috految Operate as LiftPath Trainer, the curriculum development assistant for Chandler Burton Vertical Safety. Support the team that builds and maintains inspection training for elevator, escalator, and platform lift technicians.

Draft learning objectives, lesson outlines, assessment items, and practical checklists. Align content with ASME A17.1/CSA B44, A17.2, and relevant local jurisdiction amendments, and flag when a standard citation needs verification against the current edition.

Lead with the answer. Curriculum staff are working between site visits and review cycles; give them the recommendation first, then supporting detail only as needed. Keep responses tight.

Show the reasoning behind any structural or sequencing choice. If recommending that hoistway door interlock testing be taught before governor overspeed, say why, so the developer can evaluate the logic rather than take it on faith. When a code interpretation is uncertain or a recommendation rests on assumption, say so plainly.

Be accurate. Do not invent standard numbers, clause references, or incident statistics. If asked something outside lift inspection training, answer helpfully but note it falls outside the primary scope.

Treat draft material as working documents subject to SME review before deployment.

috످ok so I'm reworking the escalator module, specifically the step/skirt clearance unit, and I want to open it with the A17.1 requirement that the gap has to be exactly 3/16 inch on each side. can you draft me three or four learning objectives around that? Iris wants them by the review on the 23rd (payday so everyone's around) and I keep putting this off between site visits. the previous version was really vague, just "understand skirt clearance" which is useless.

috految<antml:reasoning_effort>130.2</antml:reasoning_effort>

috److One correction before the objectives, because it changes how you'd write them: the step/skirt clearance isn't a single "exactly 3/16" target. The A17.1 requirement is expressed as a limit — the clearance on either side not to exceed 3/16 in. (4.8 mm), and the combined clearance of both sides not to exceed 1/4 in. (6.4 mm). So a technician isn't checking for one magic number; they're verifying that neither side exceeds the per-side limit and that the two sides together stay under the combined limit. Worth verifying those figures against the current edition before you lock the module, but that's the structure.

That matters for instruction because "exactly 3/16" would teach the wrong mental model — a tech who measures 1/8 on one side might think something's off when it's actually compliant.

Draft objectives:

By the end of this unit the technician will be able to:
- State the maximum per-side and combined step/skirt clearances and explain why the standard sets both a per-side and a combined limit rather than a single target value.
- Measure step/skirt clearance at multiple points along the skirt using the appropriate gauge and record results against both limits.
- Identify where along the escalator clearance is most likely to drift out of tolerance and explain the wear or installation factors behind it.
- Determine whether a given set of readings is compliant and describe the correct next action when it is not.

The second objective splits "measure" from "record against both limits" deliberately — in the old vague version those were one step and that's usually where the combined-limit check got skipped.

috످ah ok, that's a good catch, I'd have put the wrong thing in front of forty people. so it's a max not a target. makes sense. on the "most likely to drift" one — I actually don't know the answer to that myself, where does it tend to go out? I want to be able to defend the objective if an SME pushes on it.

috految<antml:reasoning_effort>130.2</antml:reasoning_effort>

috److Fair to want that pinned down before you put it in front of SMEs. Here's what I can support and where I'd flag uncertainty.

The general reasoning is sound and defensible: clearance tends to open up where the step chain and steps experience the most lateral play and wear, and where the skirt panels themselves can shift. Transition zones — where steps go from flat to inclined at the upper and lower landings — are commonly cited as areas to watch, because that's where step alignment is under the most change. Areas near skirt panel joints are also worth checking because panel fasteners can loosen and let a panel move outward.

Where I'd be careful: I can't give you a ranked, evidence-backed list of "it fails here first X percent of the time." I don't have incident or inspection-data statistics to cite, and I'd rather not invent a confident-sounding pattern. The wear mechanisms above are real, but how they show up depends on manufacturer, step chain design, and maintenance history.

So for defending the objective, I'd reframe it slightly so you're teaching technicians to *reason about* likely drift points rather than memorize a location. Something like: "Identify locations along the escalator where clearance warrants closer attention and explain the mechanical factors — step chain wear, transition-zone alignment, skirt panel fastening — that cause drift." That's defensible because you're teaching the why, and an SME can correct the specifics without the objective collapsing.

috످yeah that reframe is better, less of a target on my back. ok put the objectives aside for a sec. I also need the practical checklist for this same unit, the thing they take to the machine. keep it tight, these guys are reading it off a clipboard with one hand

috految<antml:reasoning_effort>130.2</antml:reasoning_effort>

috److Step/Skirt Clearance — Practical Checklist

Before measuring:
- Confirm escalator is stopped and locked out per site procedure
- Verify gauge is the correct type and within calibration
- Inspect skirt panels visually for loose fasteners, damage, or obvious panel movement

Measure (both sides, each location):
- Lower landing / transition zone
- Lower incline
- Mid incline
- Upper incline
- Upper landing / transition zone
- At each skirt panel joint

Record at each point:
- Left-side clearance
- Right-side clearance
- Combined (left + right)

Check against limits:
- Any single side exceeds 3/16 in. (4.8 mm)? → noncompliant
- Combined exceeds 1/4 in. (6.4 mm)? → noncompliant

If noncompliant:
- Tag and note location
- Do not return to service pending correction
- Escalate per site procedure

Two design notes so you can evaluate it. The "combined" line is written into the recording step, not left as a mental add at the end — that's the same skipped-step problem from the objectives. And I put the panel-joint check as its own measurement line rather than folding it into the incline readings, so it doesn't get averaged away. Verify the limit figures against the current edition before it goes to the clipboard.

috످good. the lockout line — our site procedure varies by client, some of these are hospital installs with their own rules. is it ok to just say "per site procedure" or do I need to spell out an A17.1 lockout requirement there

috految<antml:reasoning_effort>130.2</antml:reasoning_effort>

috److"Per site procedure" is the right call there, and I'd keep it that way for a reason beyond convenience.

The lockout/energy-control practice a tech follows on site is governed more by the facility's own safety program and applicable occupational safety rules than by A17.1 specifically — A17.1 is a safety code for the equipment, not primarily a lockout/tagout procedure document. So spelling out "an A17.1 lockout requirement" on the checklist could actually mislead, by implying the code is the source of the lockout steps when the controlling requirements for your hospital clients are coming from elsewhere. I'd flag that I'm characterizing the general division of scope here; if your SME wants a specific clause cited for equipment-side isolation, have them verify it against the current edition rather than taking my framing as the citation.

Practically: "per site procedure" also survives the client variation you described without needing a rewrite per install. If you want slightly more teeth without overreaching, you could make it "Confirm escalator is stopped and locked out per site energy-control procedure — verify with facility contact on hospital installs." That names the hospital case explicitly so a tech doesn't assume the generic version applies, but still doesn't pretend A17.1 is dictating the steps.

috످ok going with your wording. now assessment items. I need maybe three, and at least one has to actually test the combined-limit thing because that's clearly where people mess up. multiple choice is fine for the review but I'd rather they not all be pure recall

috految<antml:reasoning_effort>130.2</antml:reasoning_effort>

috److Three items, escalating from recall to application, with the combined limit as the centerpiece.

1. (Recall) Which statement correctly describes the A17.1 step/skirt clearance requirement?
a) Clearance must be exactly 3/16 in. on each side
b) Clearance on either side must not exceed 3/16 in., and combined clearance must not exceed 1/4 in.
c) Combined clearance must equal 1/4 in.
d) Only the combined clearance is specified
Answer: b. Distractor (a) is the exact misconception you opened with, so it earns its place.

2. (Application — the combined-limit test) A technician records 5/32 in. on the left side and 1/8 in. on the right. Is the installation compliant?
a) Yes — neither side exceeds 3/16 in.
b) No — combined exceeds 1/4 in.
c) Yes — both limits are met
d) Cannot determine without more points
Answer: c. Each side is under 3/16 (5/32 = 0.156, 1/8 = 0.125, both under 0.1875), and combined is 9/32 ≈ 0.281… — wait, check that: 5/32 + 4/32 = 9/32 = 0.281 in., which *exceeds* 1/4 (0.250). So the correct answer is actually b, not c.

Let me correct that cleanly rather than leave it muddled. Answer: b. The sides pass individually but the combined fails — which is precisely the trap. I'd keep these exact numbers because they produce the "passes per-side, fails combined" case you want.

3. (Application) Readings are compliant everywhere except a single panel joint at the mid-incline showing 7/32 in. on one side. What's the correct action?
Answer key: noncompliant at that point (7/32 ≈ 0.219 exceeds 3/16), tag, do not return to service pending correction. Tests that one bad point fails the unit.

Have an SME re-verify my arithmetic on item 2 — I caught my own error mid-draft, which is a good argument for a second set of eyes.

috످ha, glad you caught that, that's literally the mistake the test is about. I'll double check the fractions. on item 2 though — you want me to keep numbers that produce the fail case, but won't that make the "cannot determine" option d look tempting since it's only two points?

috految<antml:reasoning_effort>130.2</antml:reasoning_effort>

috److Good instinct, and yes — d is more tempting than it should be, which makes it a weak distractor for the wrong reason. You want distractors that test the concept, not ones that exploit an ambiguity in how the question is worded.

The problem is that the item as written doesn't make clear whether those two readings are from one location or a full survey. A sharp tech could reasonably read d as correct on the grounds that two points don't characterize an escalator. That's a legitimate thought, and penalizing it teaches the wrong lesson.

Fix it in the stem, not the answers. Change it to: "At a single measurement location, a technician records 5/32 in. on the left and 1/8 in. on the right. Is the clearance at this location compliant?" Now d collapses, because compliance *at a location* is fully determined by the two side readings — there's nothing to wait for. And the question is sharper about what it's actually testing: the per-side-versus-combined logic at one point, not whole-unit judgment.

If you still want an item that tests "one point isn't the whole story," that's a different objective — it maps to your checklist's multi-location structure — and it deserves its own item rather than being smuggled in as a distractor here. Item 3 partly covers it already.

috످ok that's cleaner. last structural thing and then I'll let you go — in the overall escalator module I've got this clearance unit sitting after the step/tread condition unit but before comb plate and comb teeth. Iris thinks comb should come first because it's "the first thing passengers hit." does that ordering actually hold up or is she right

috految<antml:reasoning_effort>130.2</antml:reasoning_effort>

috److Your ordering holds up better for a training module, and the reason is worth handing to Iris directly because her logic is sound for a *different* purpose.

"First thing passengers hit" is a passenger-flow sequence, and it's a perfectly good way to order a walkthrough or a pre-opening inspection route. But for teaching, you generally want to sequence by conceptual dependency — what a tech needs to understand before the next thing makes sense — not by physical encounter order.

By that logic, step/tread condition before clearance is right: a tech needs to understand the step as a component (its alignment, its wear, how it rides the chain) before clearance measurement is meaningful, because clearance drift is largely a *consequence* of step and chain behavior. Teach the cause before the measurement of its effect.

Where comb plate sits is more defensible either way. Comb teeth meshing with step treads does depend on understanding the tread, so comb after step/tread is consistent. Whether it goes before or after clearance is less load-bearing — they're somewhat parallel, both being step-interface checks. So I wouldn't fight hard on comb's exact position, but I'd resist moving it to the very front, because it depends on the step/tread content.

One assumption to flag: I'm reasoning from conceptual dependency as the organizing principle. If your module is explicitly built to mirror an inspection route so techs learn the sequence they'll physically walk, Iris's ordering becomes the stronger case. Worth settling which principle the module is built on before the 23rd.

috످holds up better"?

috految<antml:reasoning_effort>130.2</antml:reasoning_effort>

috److془The user asks "holds up better"? Need to clarify. Also correct the errors: combined limit 1/4 in. is from ASME A17.1 1971? Actually: 3/16 each side, 1/4 sum: 1955-1970; 3/8 each side 1971-1979; 3/16 each side 1980-2000. A17.1-2000+: loaded gap 5 mm (0.2 in.) with 110 N (25 lbf), step/skirt performance index. 

Also "where combined-limit check got skipped" fabricated. Also lockout: OSHA 1910.147 requires own lock and verify. Checklist says "Confirm escalator is stopped and locked out". Top. Also "Item 2 key says c then b". Item 2 would be compliant under newer (if loaded). Item 2 distractor etc.

Keep tight. Lead with answer.

Also the ordering: Iris is right if module follows walkthrough. Recommend step/tread → comb → clearance.

Hmm: "I overstated it. Your order is only better in putting step/tread first." Good.

Interesting: also the "cause" etc. fine.

Transition "commonly cited" unsourced; mention briefly maybe. Keep tight.془I meant your order is better for teaching, but only because it puts step/tread first: techs need to understand the steps before checking how they meet the comb or skirt. Comb and clearance can go in either order, so you could meet Iris halfway with **step/tread → comb → clearance**.

Separately, **don't send Iris the drafts yet.** I made three mistakes:

1. **The clearance limits I gave you are likely outdated and could pass an unsafe escalator.** I believe the 3/16 in. per side and 1/4 in. combined limits come from older editions. Newer ones use a loaded gap test (5 mm max per side under 25 lbf) and a step/skirt performance index. This affects the objectives, checklist, and all three questions. Before the 23rd, ask your SME: "Which step/skirt limits apply to our units, by install date and jurisdiction? Is there still a combined limit?"

2. **My lockout line could leave a tech relying on someone else's lock.** Replace it with: "Lock and tag out with your own lock per company and site procedure. Verify zero energy. Hospitals: check with facility contact first."

3. **I said techs usually skip the combined check, but I had no evidence for that.** Leave that claim out of the review.

috످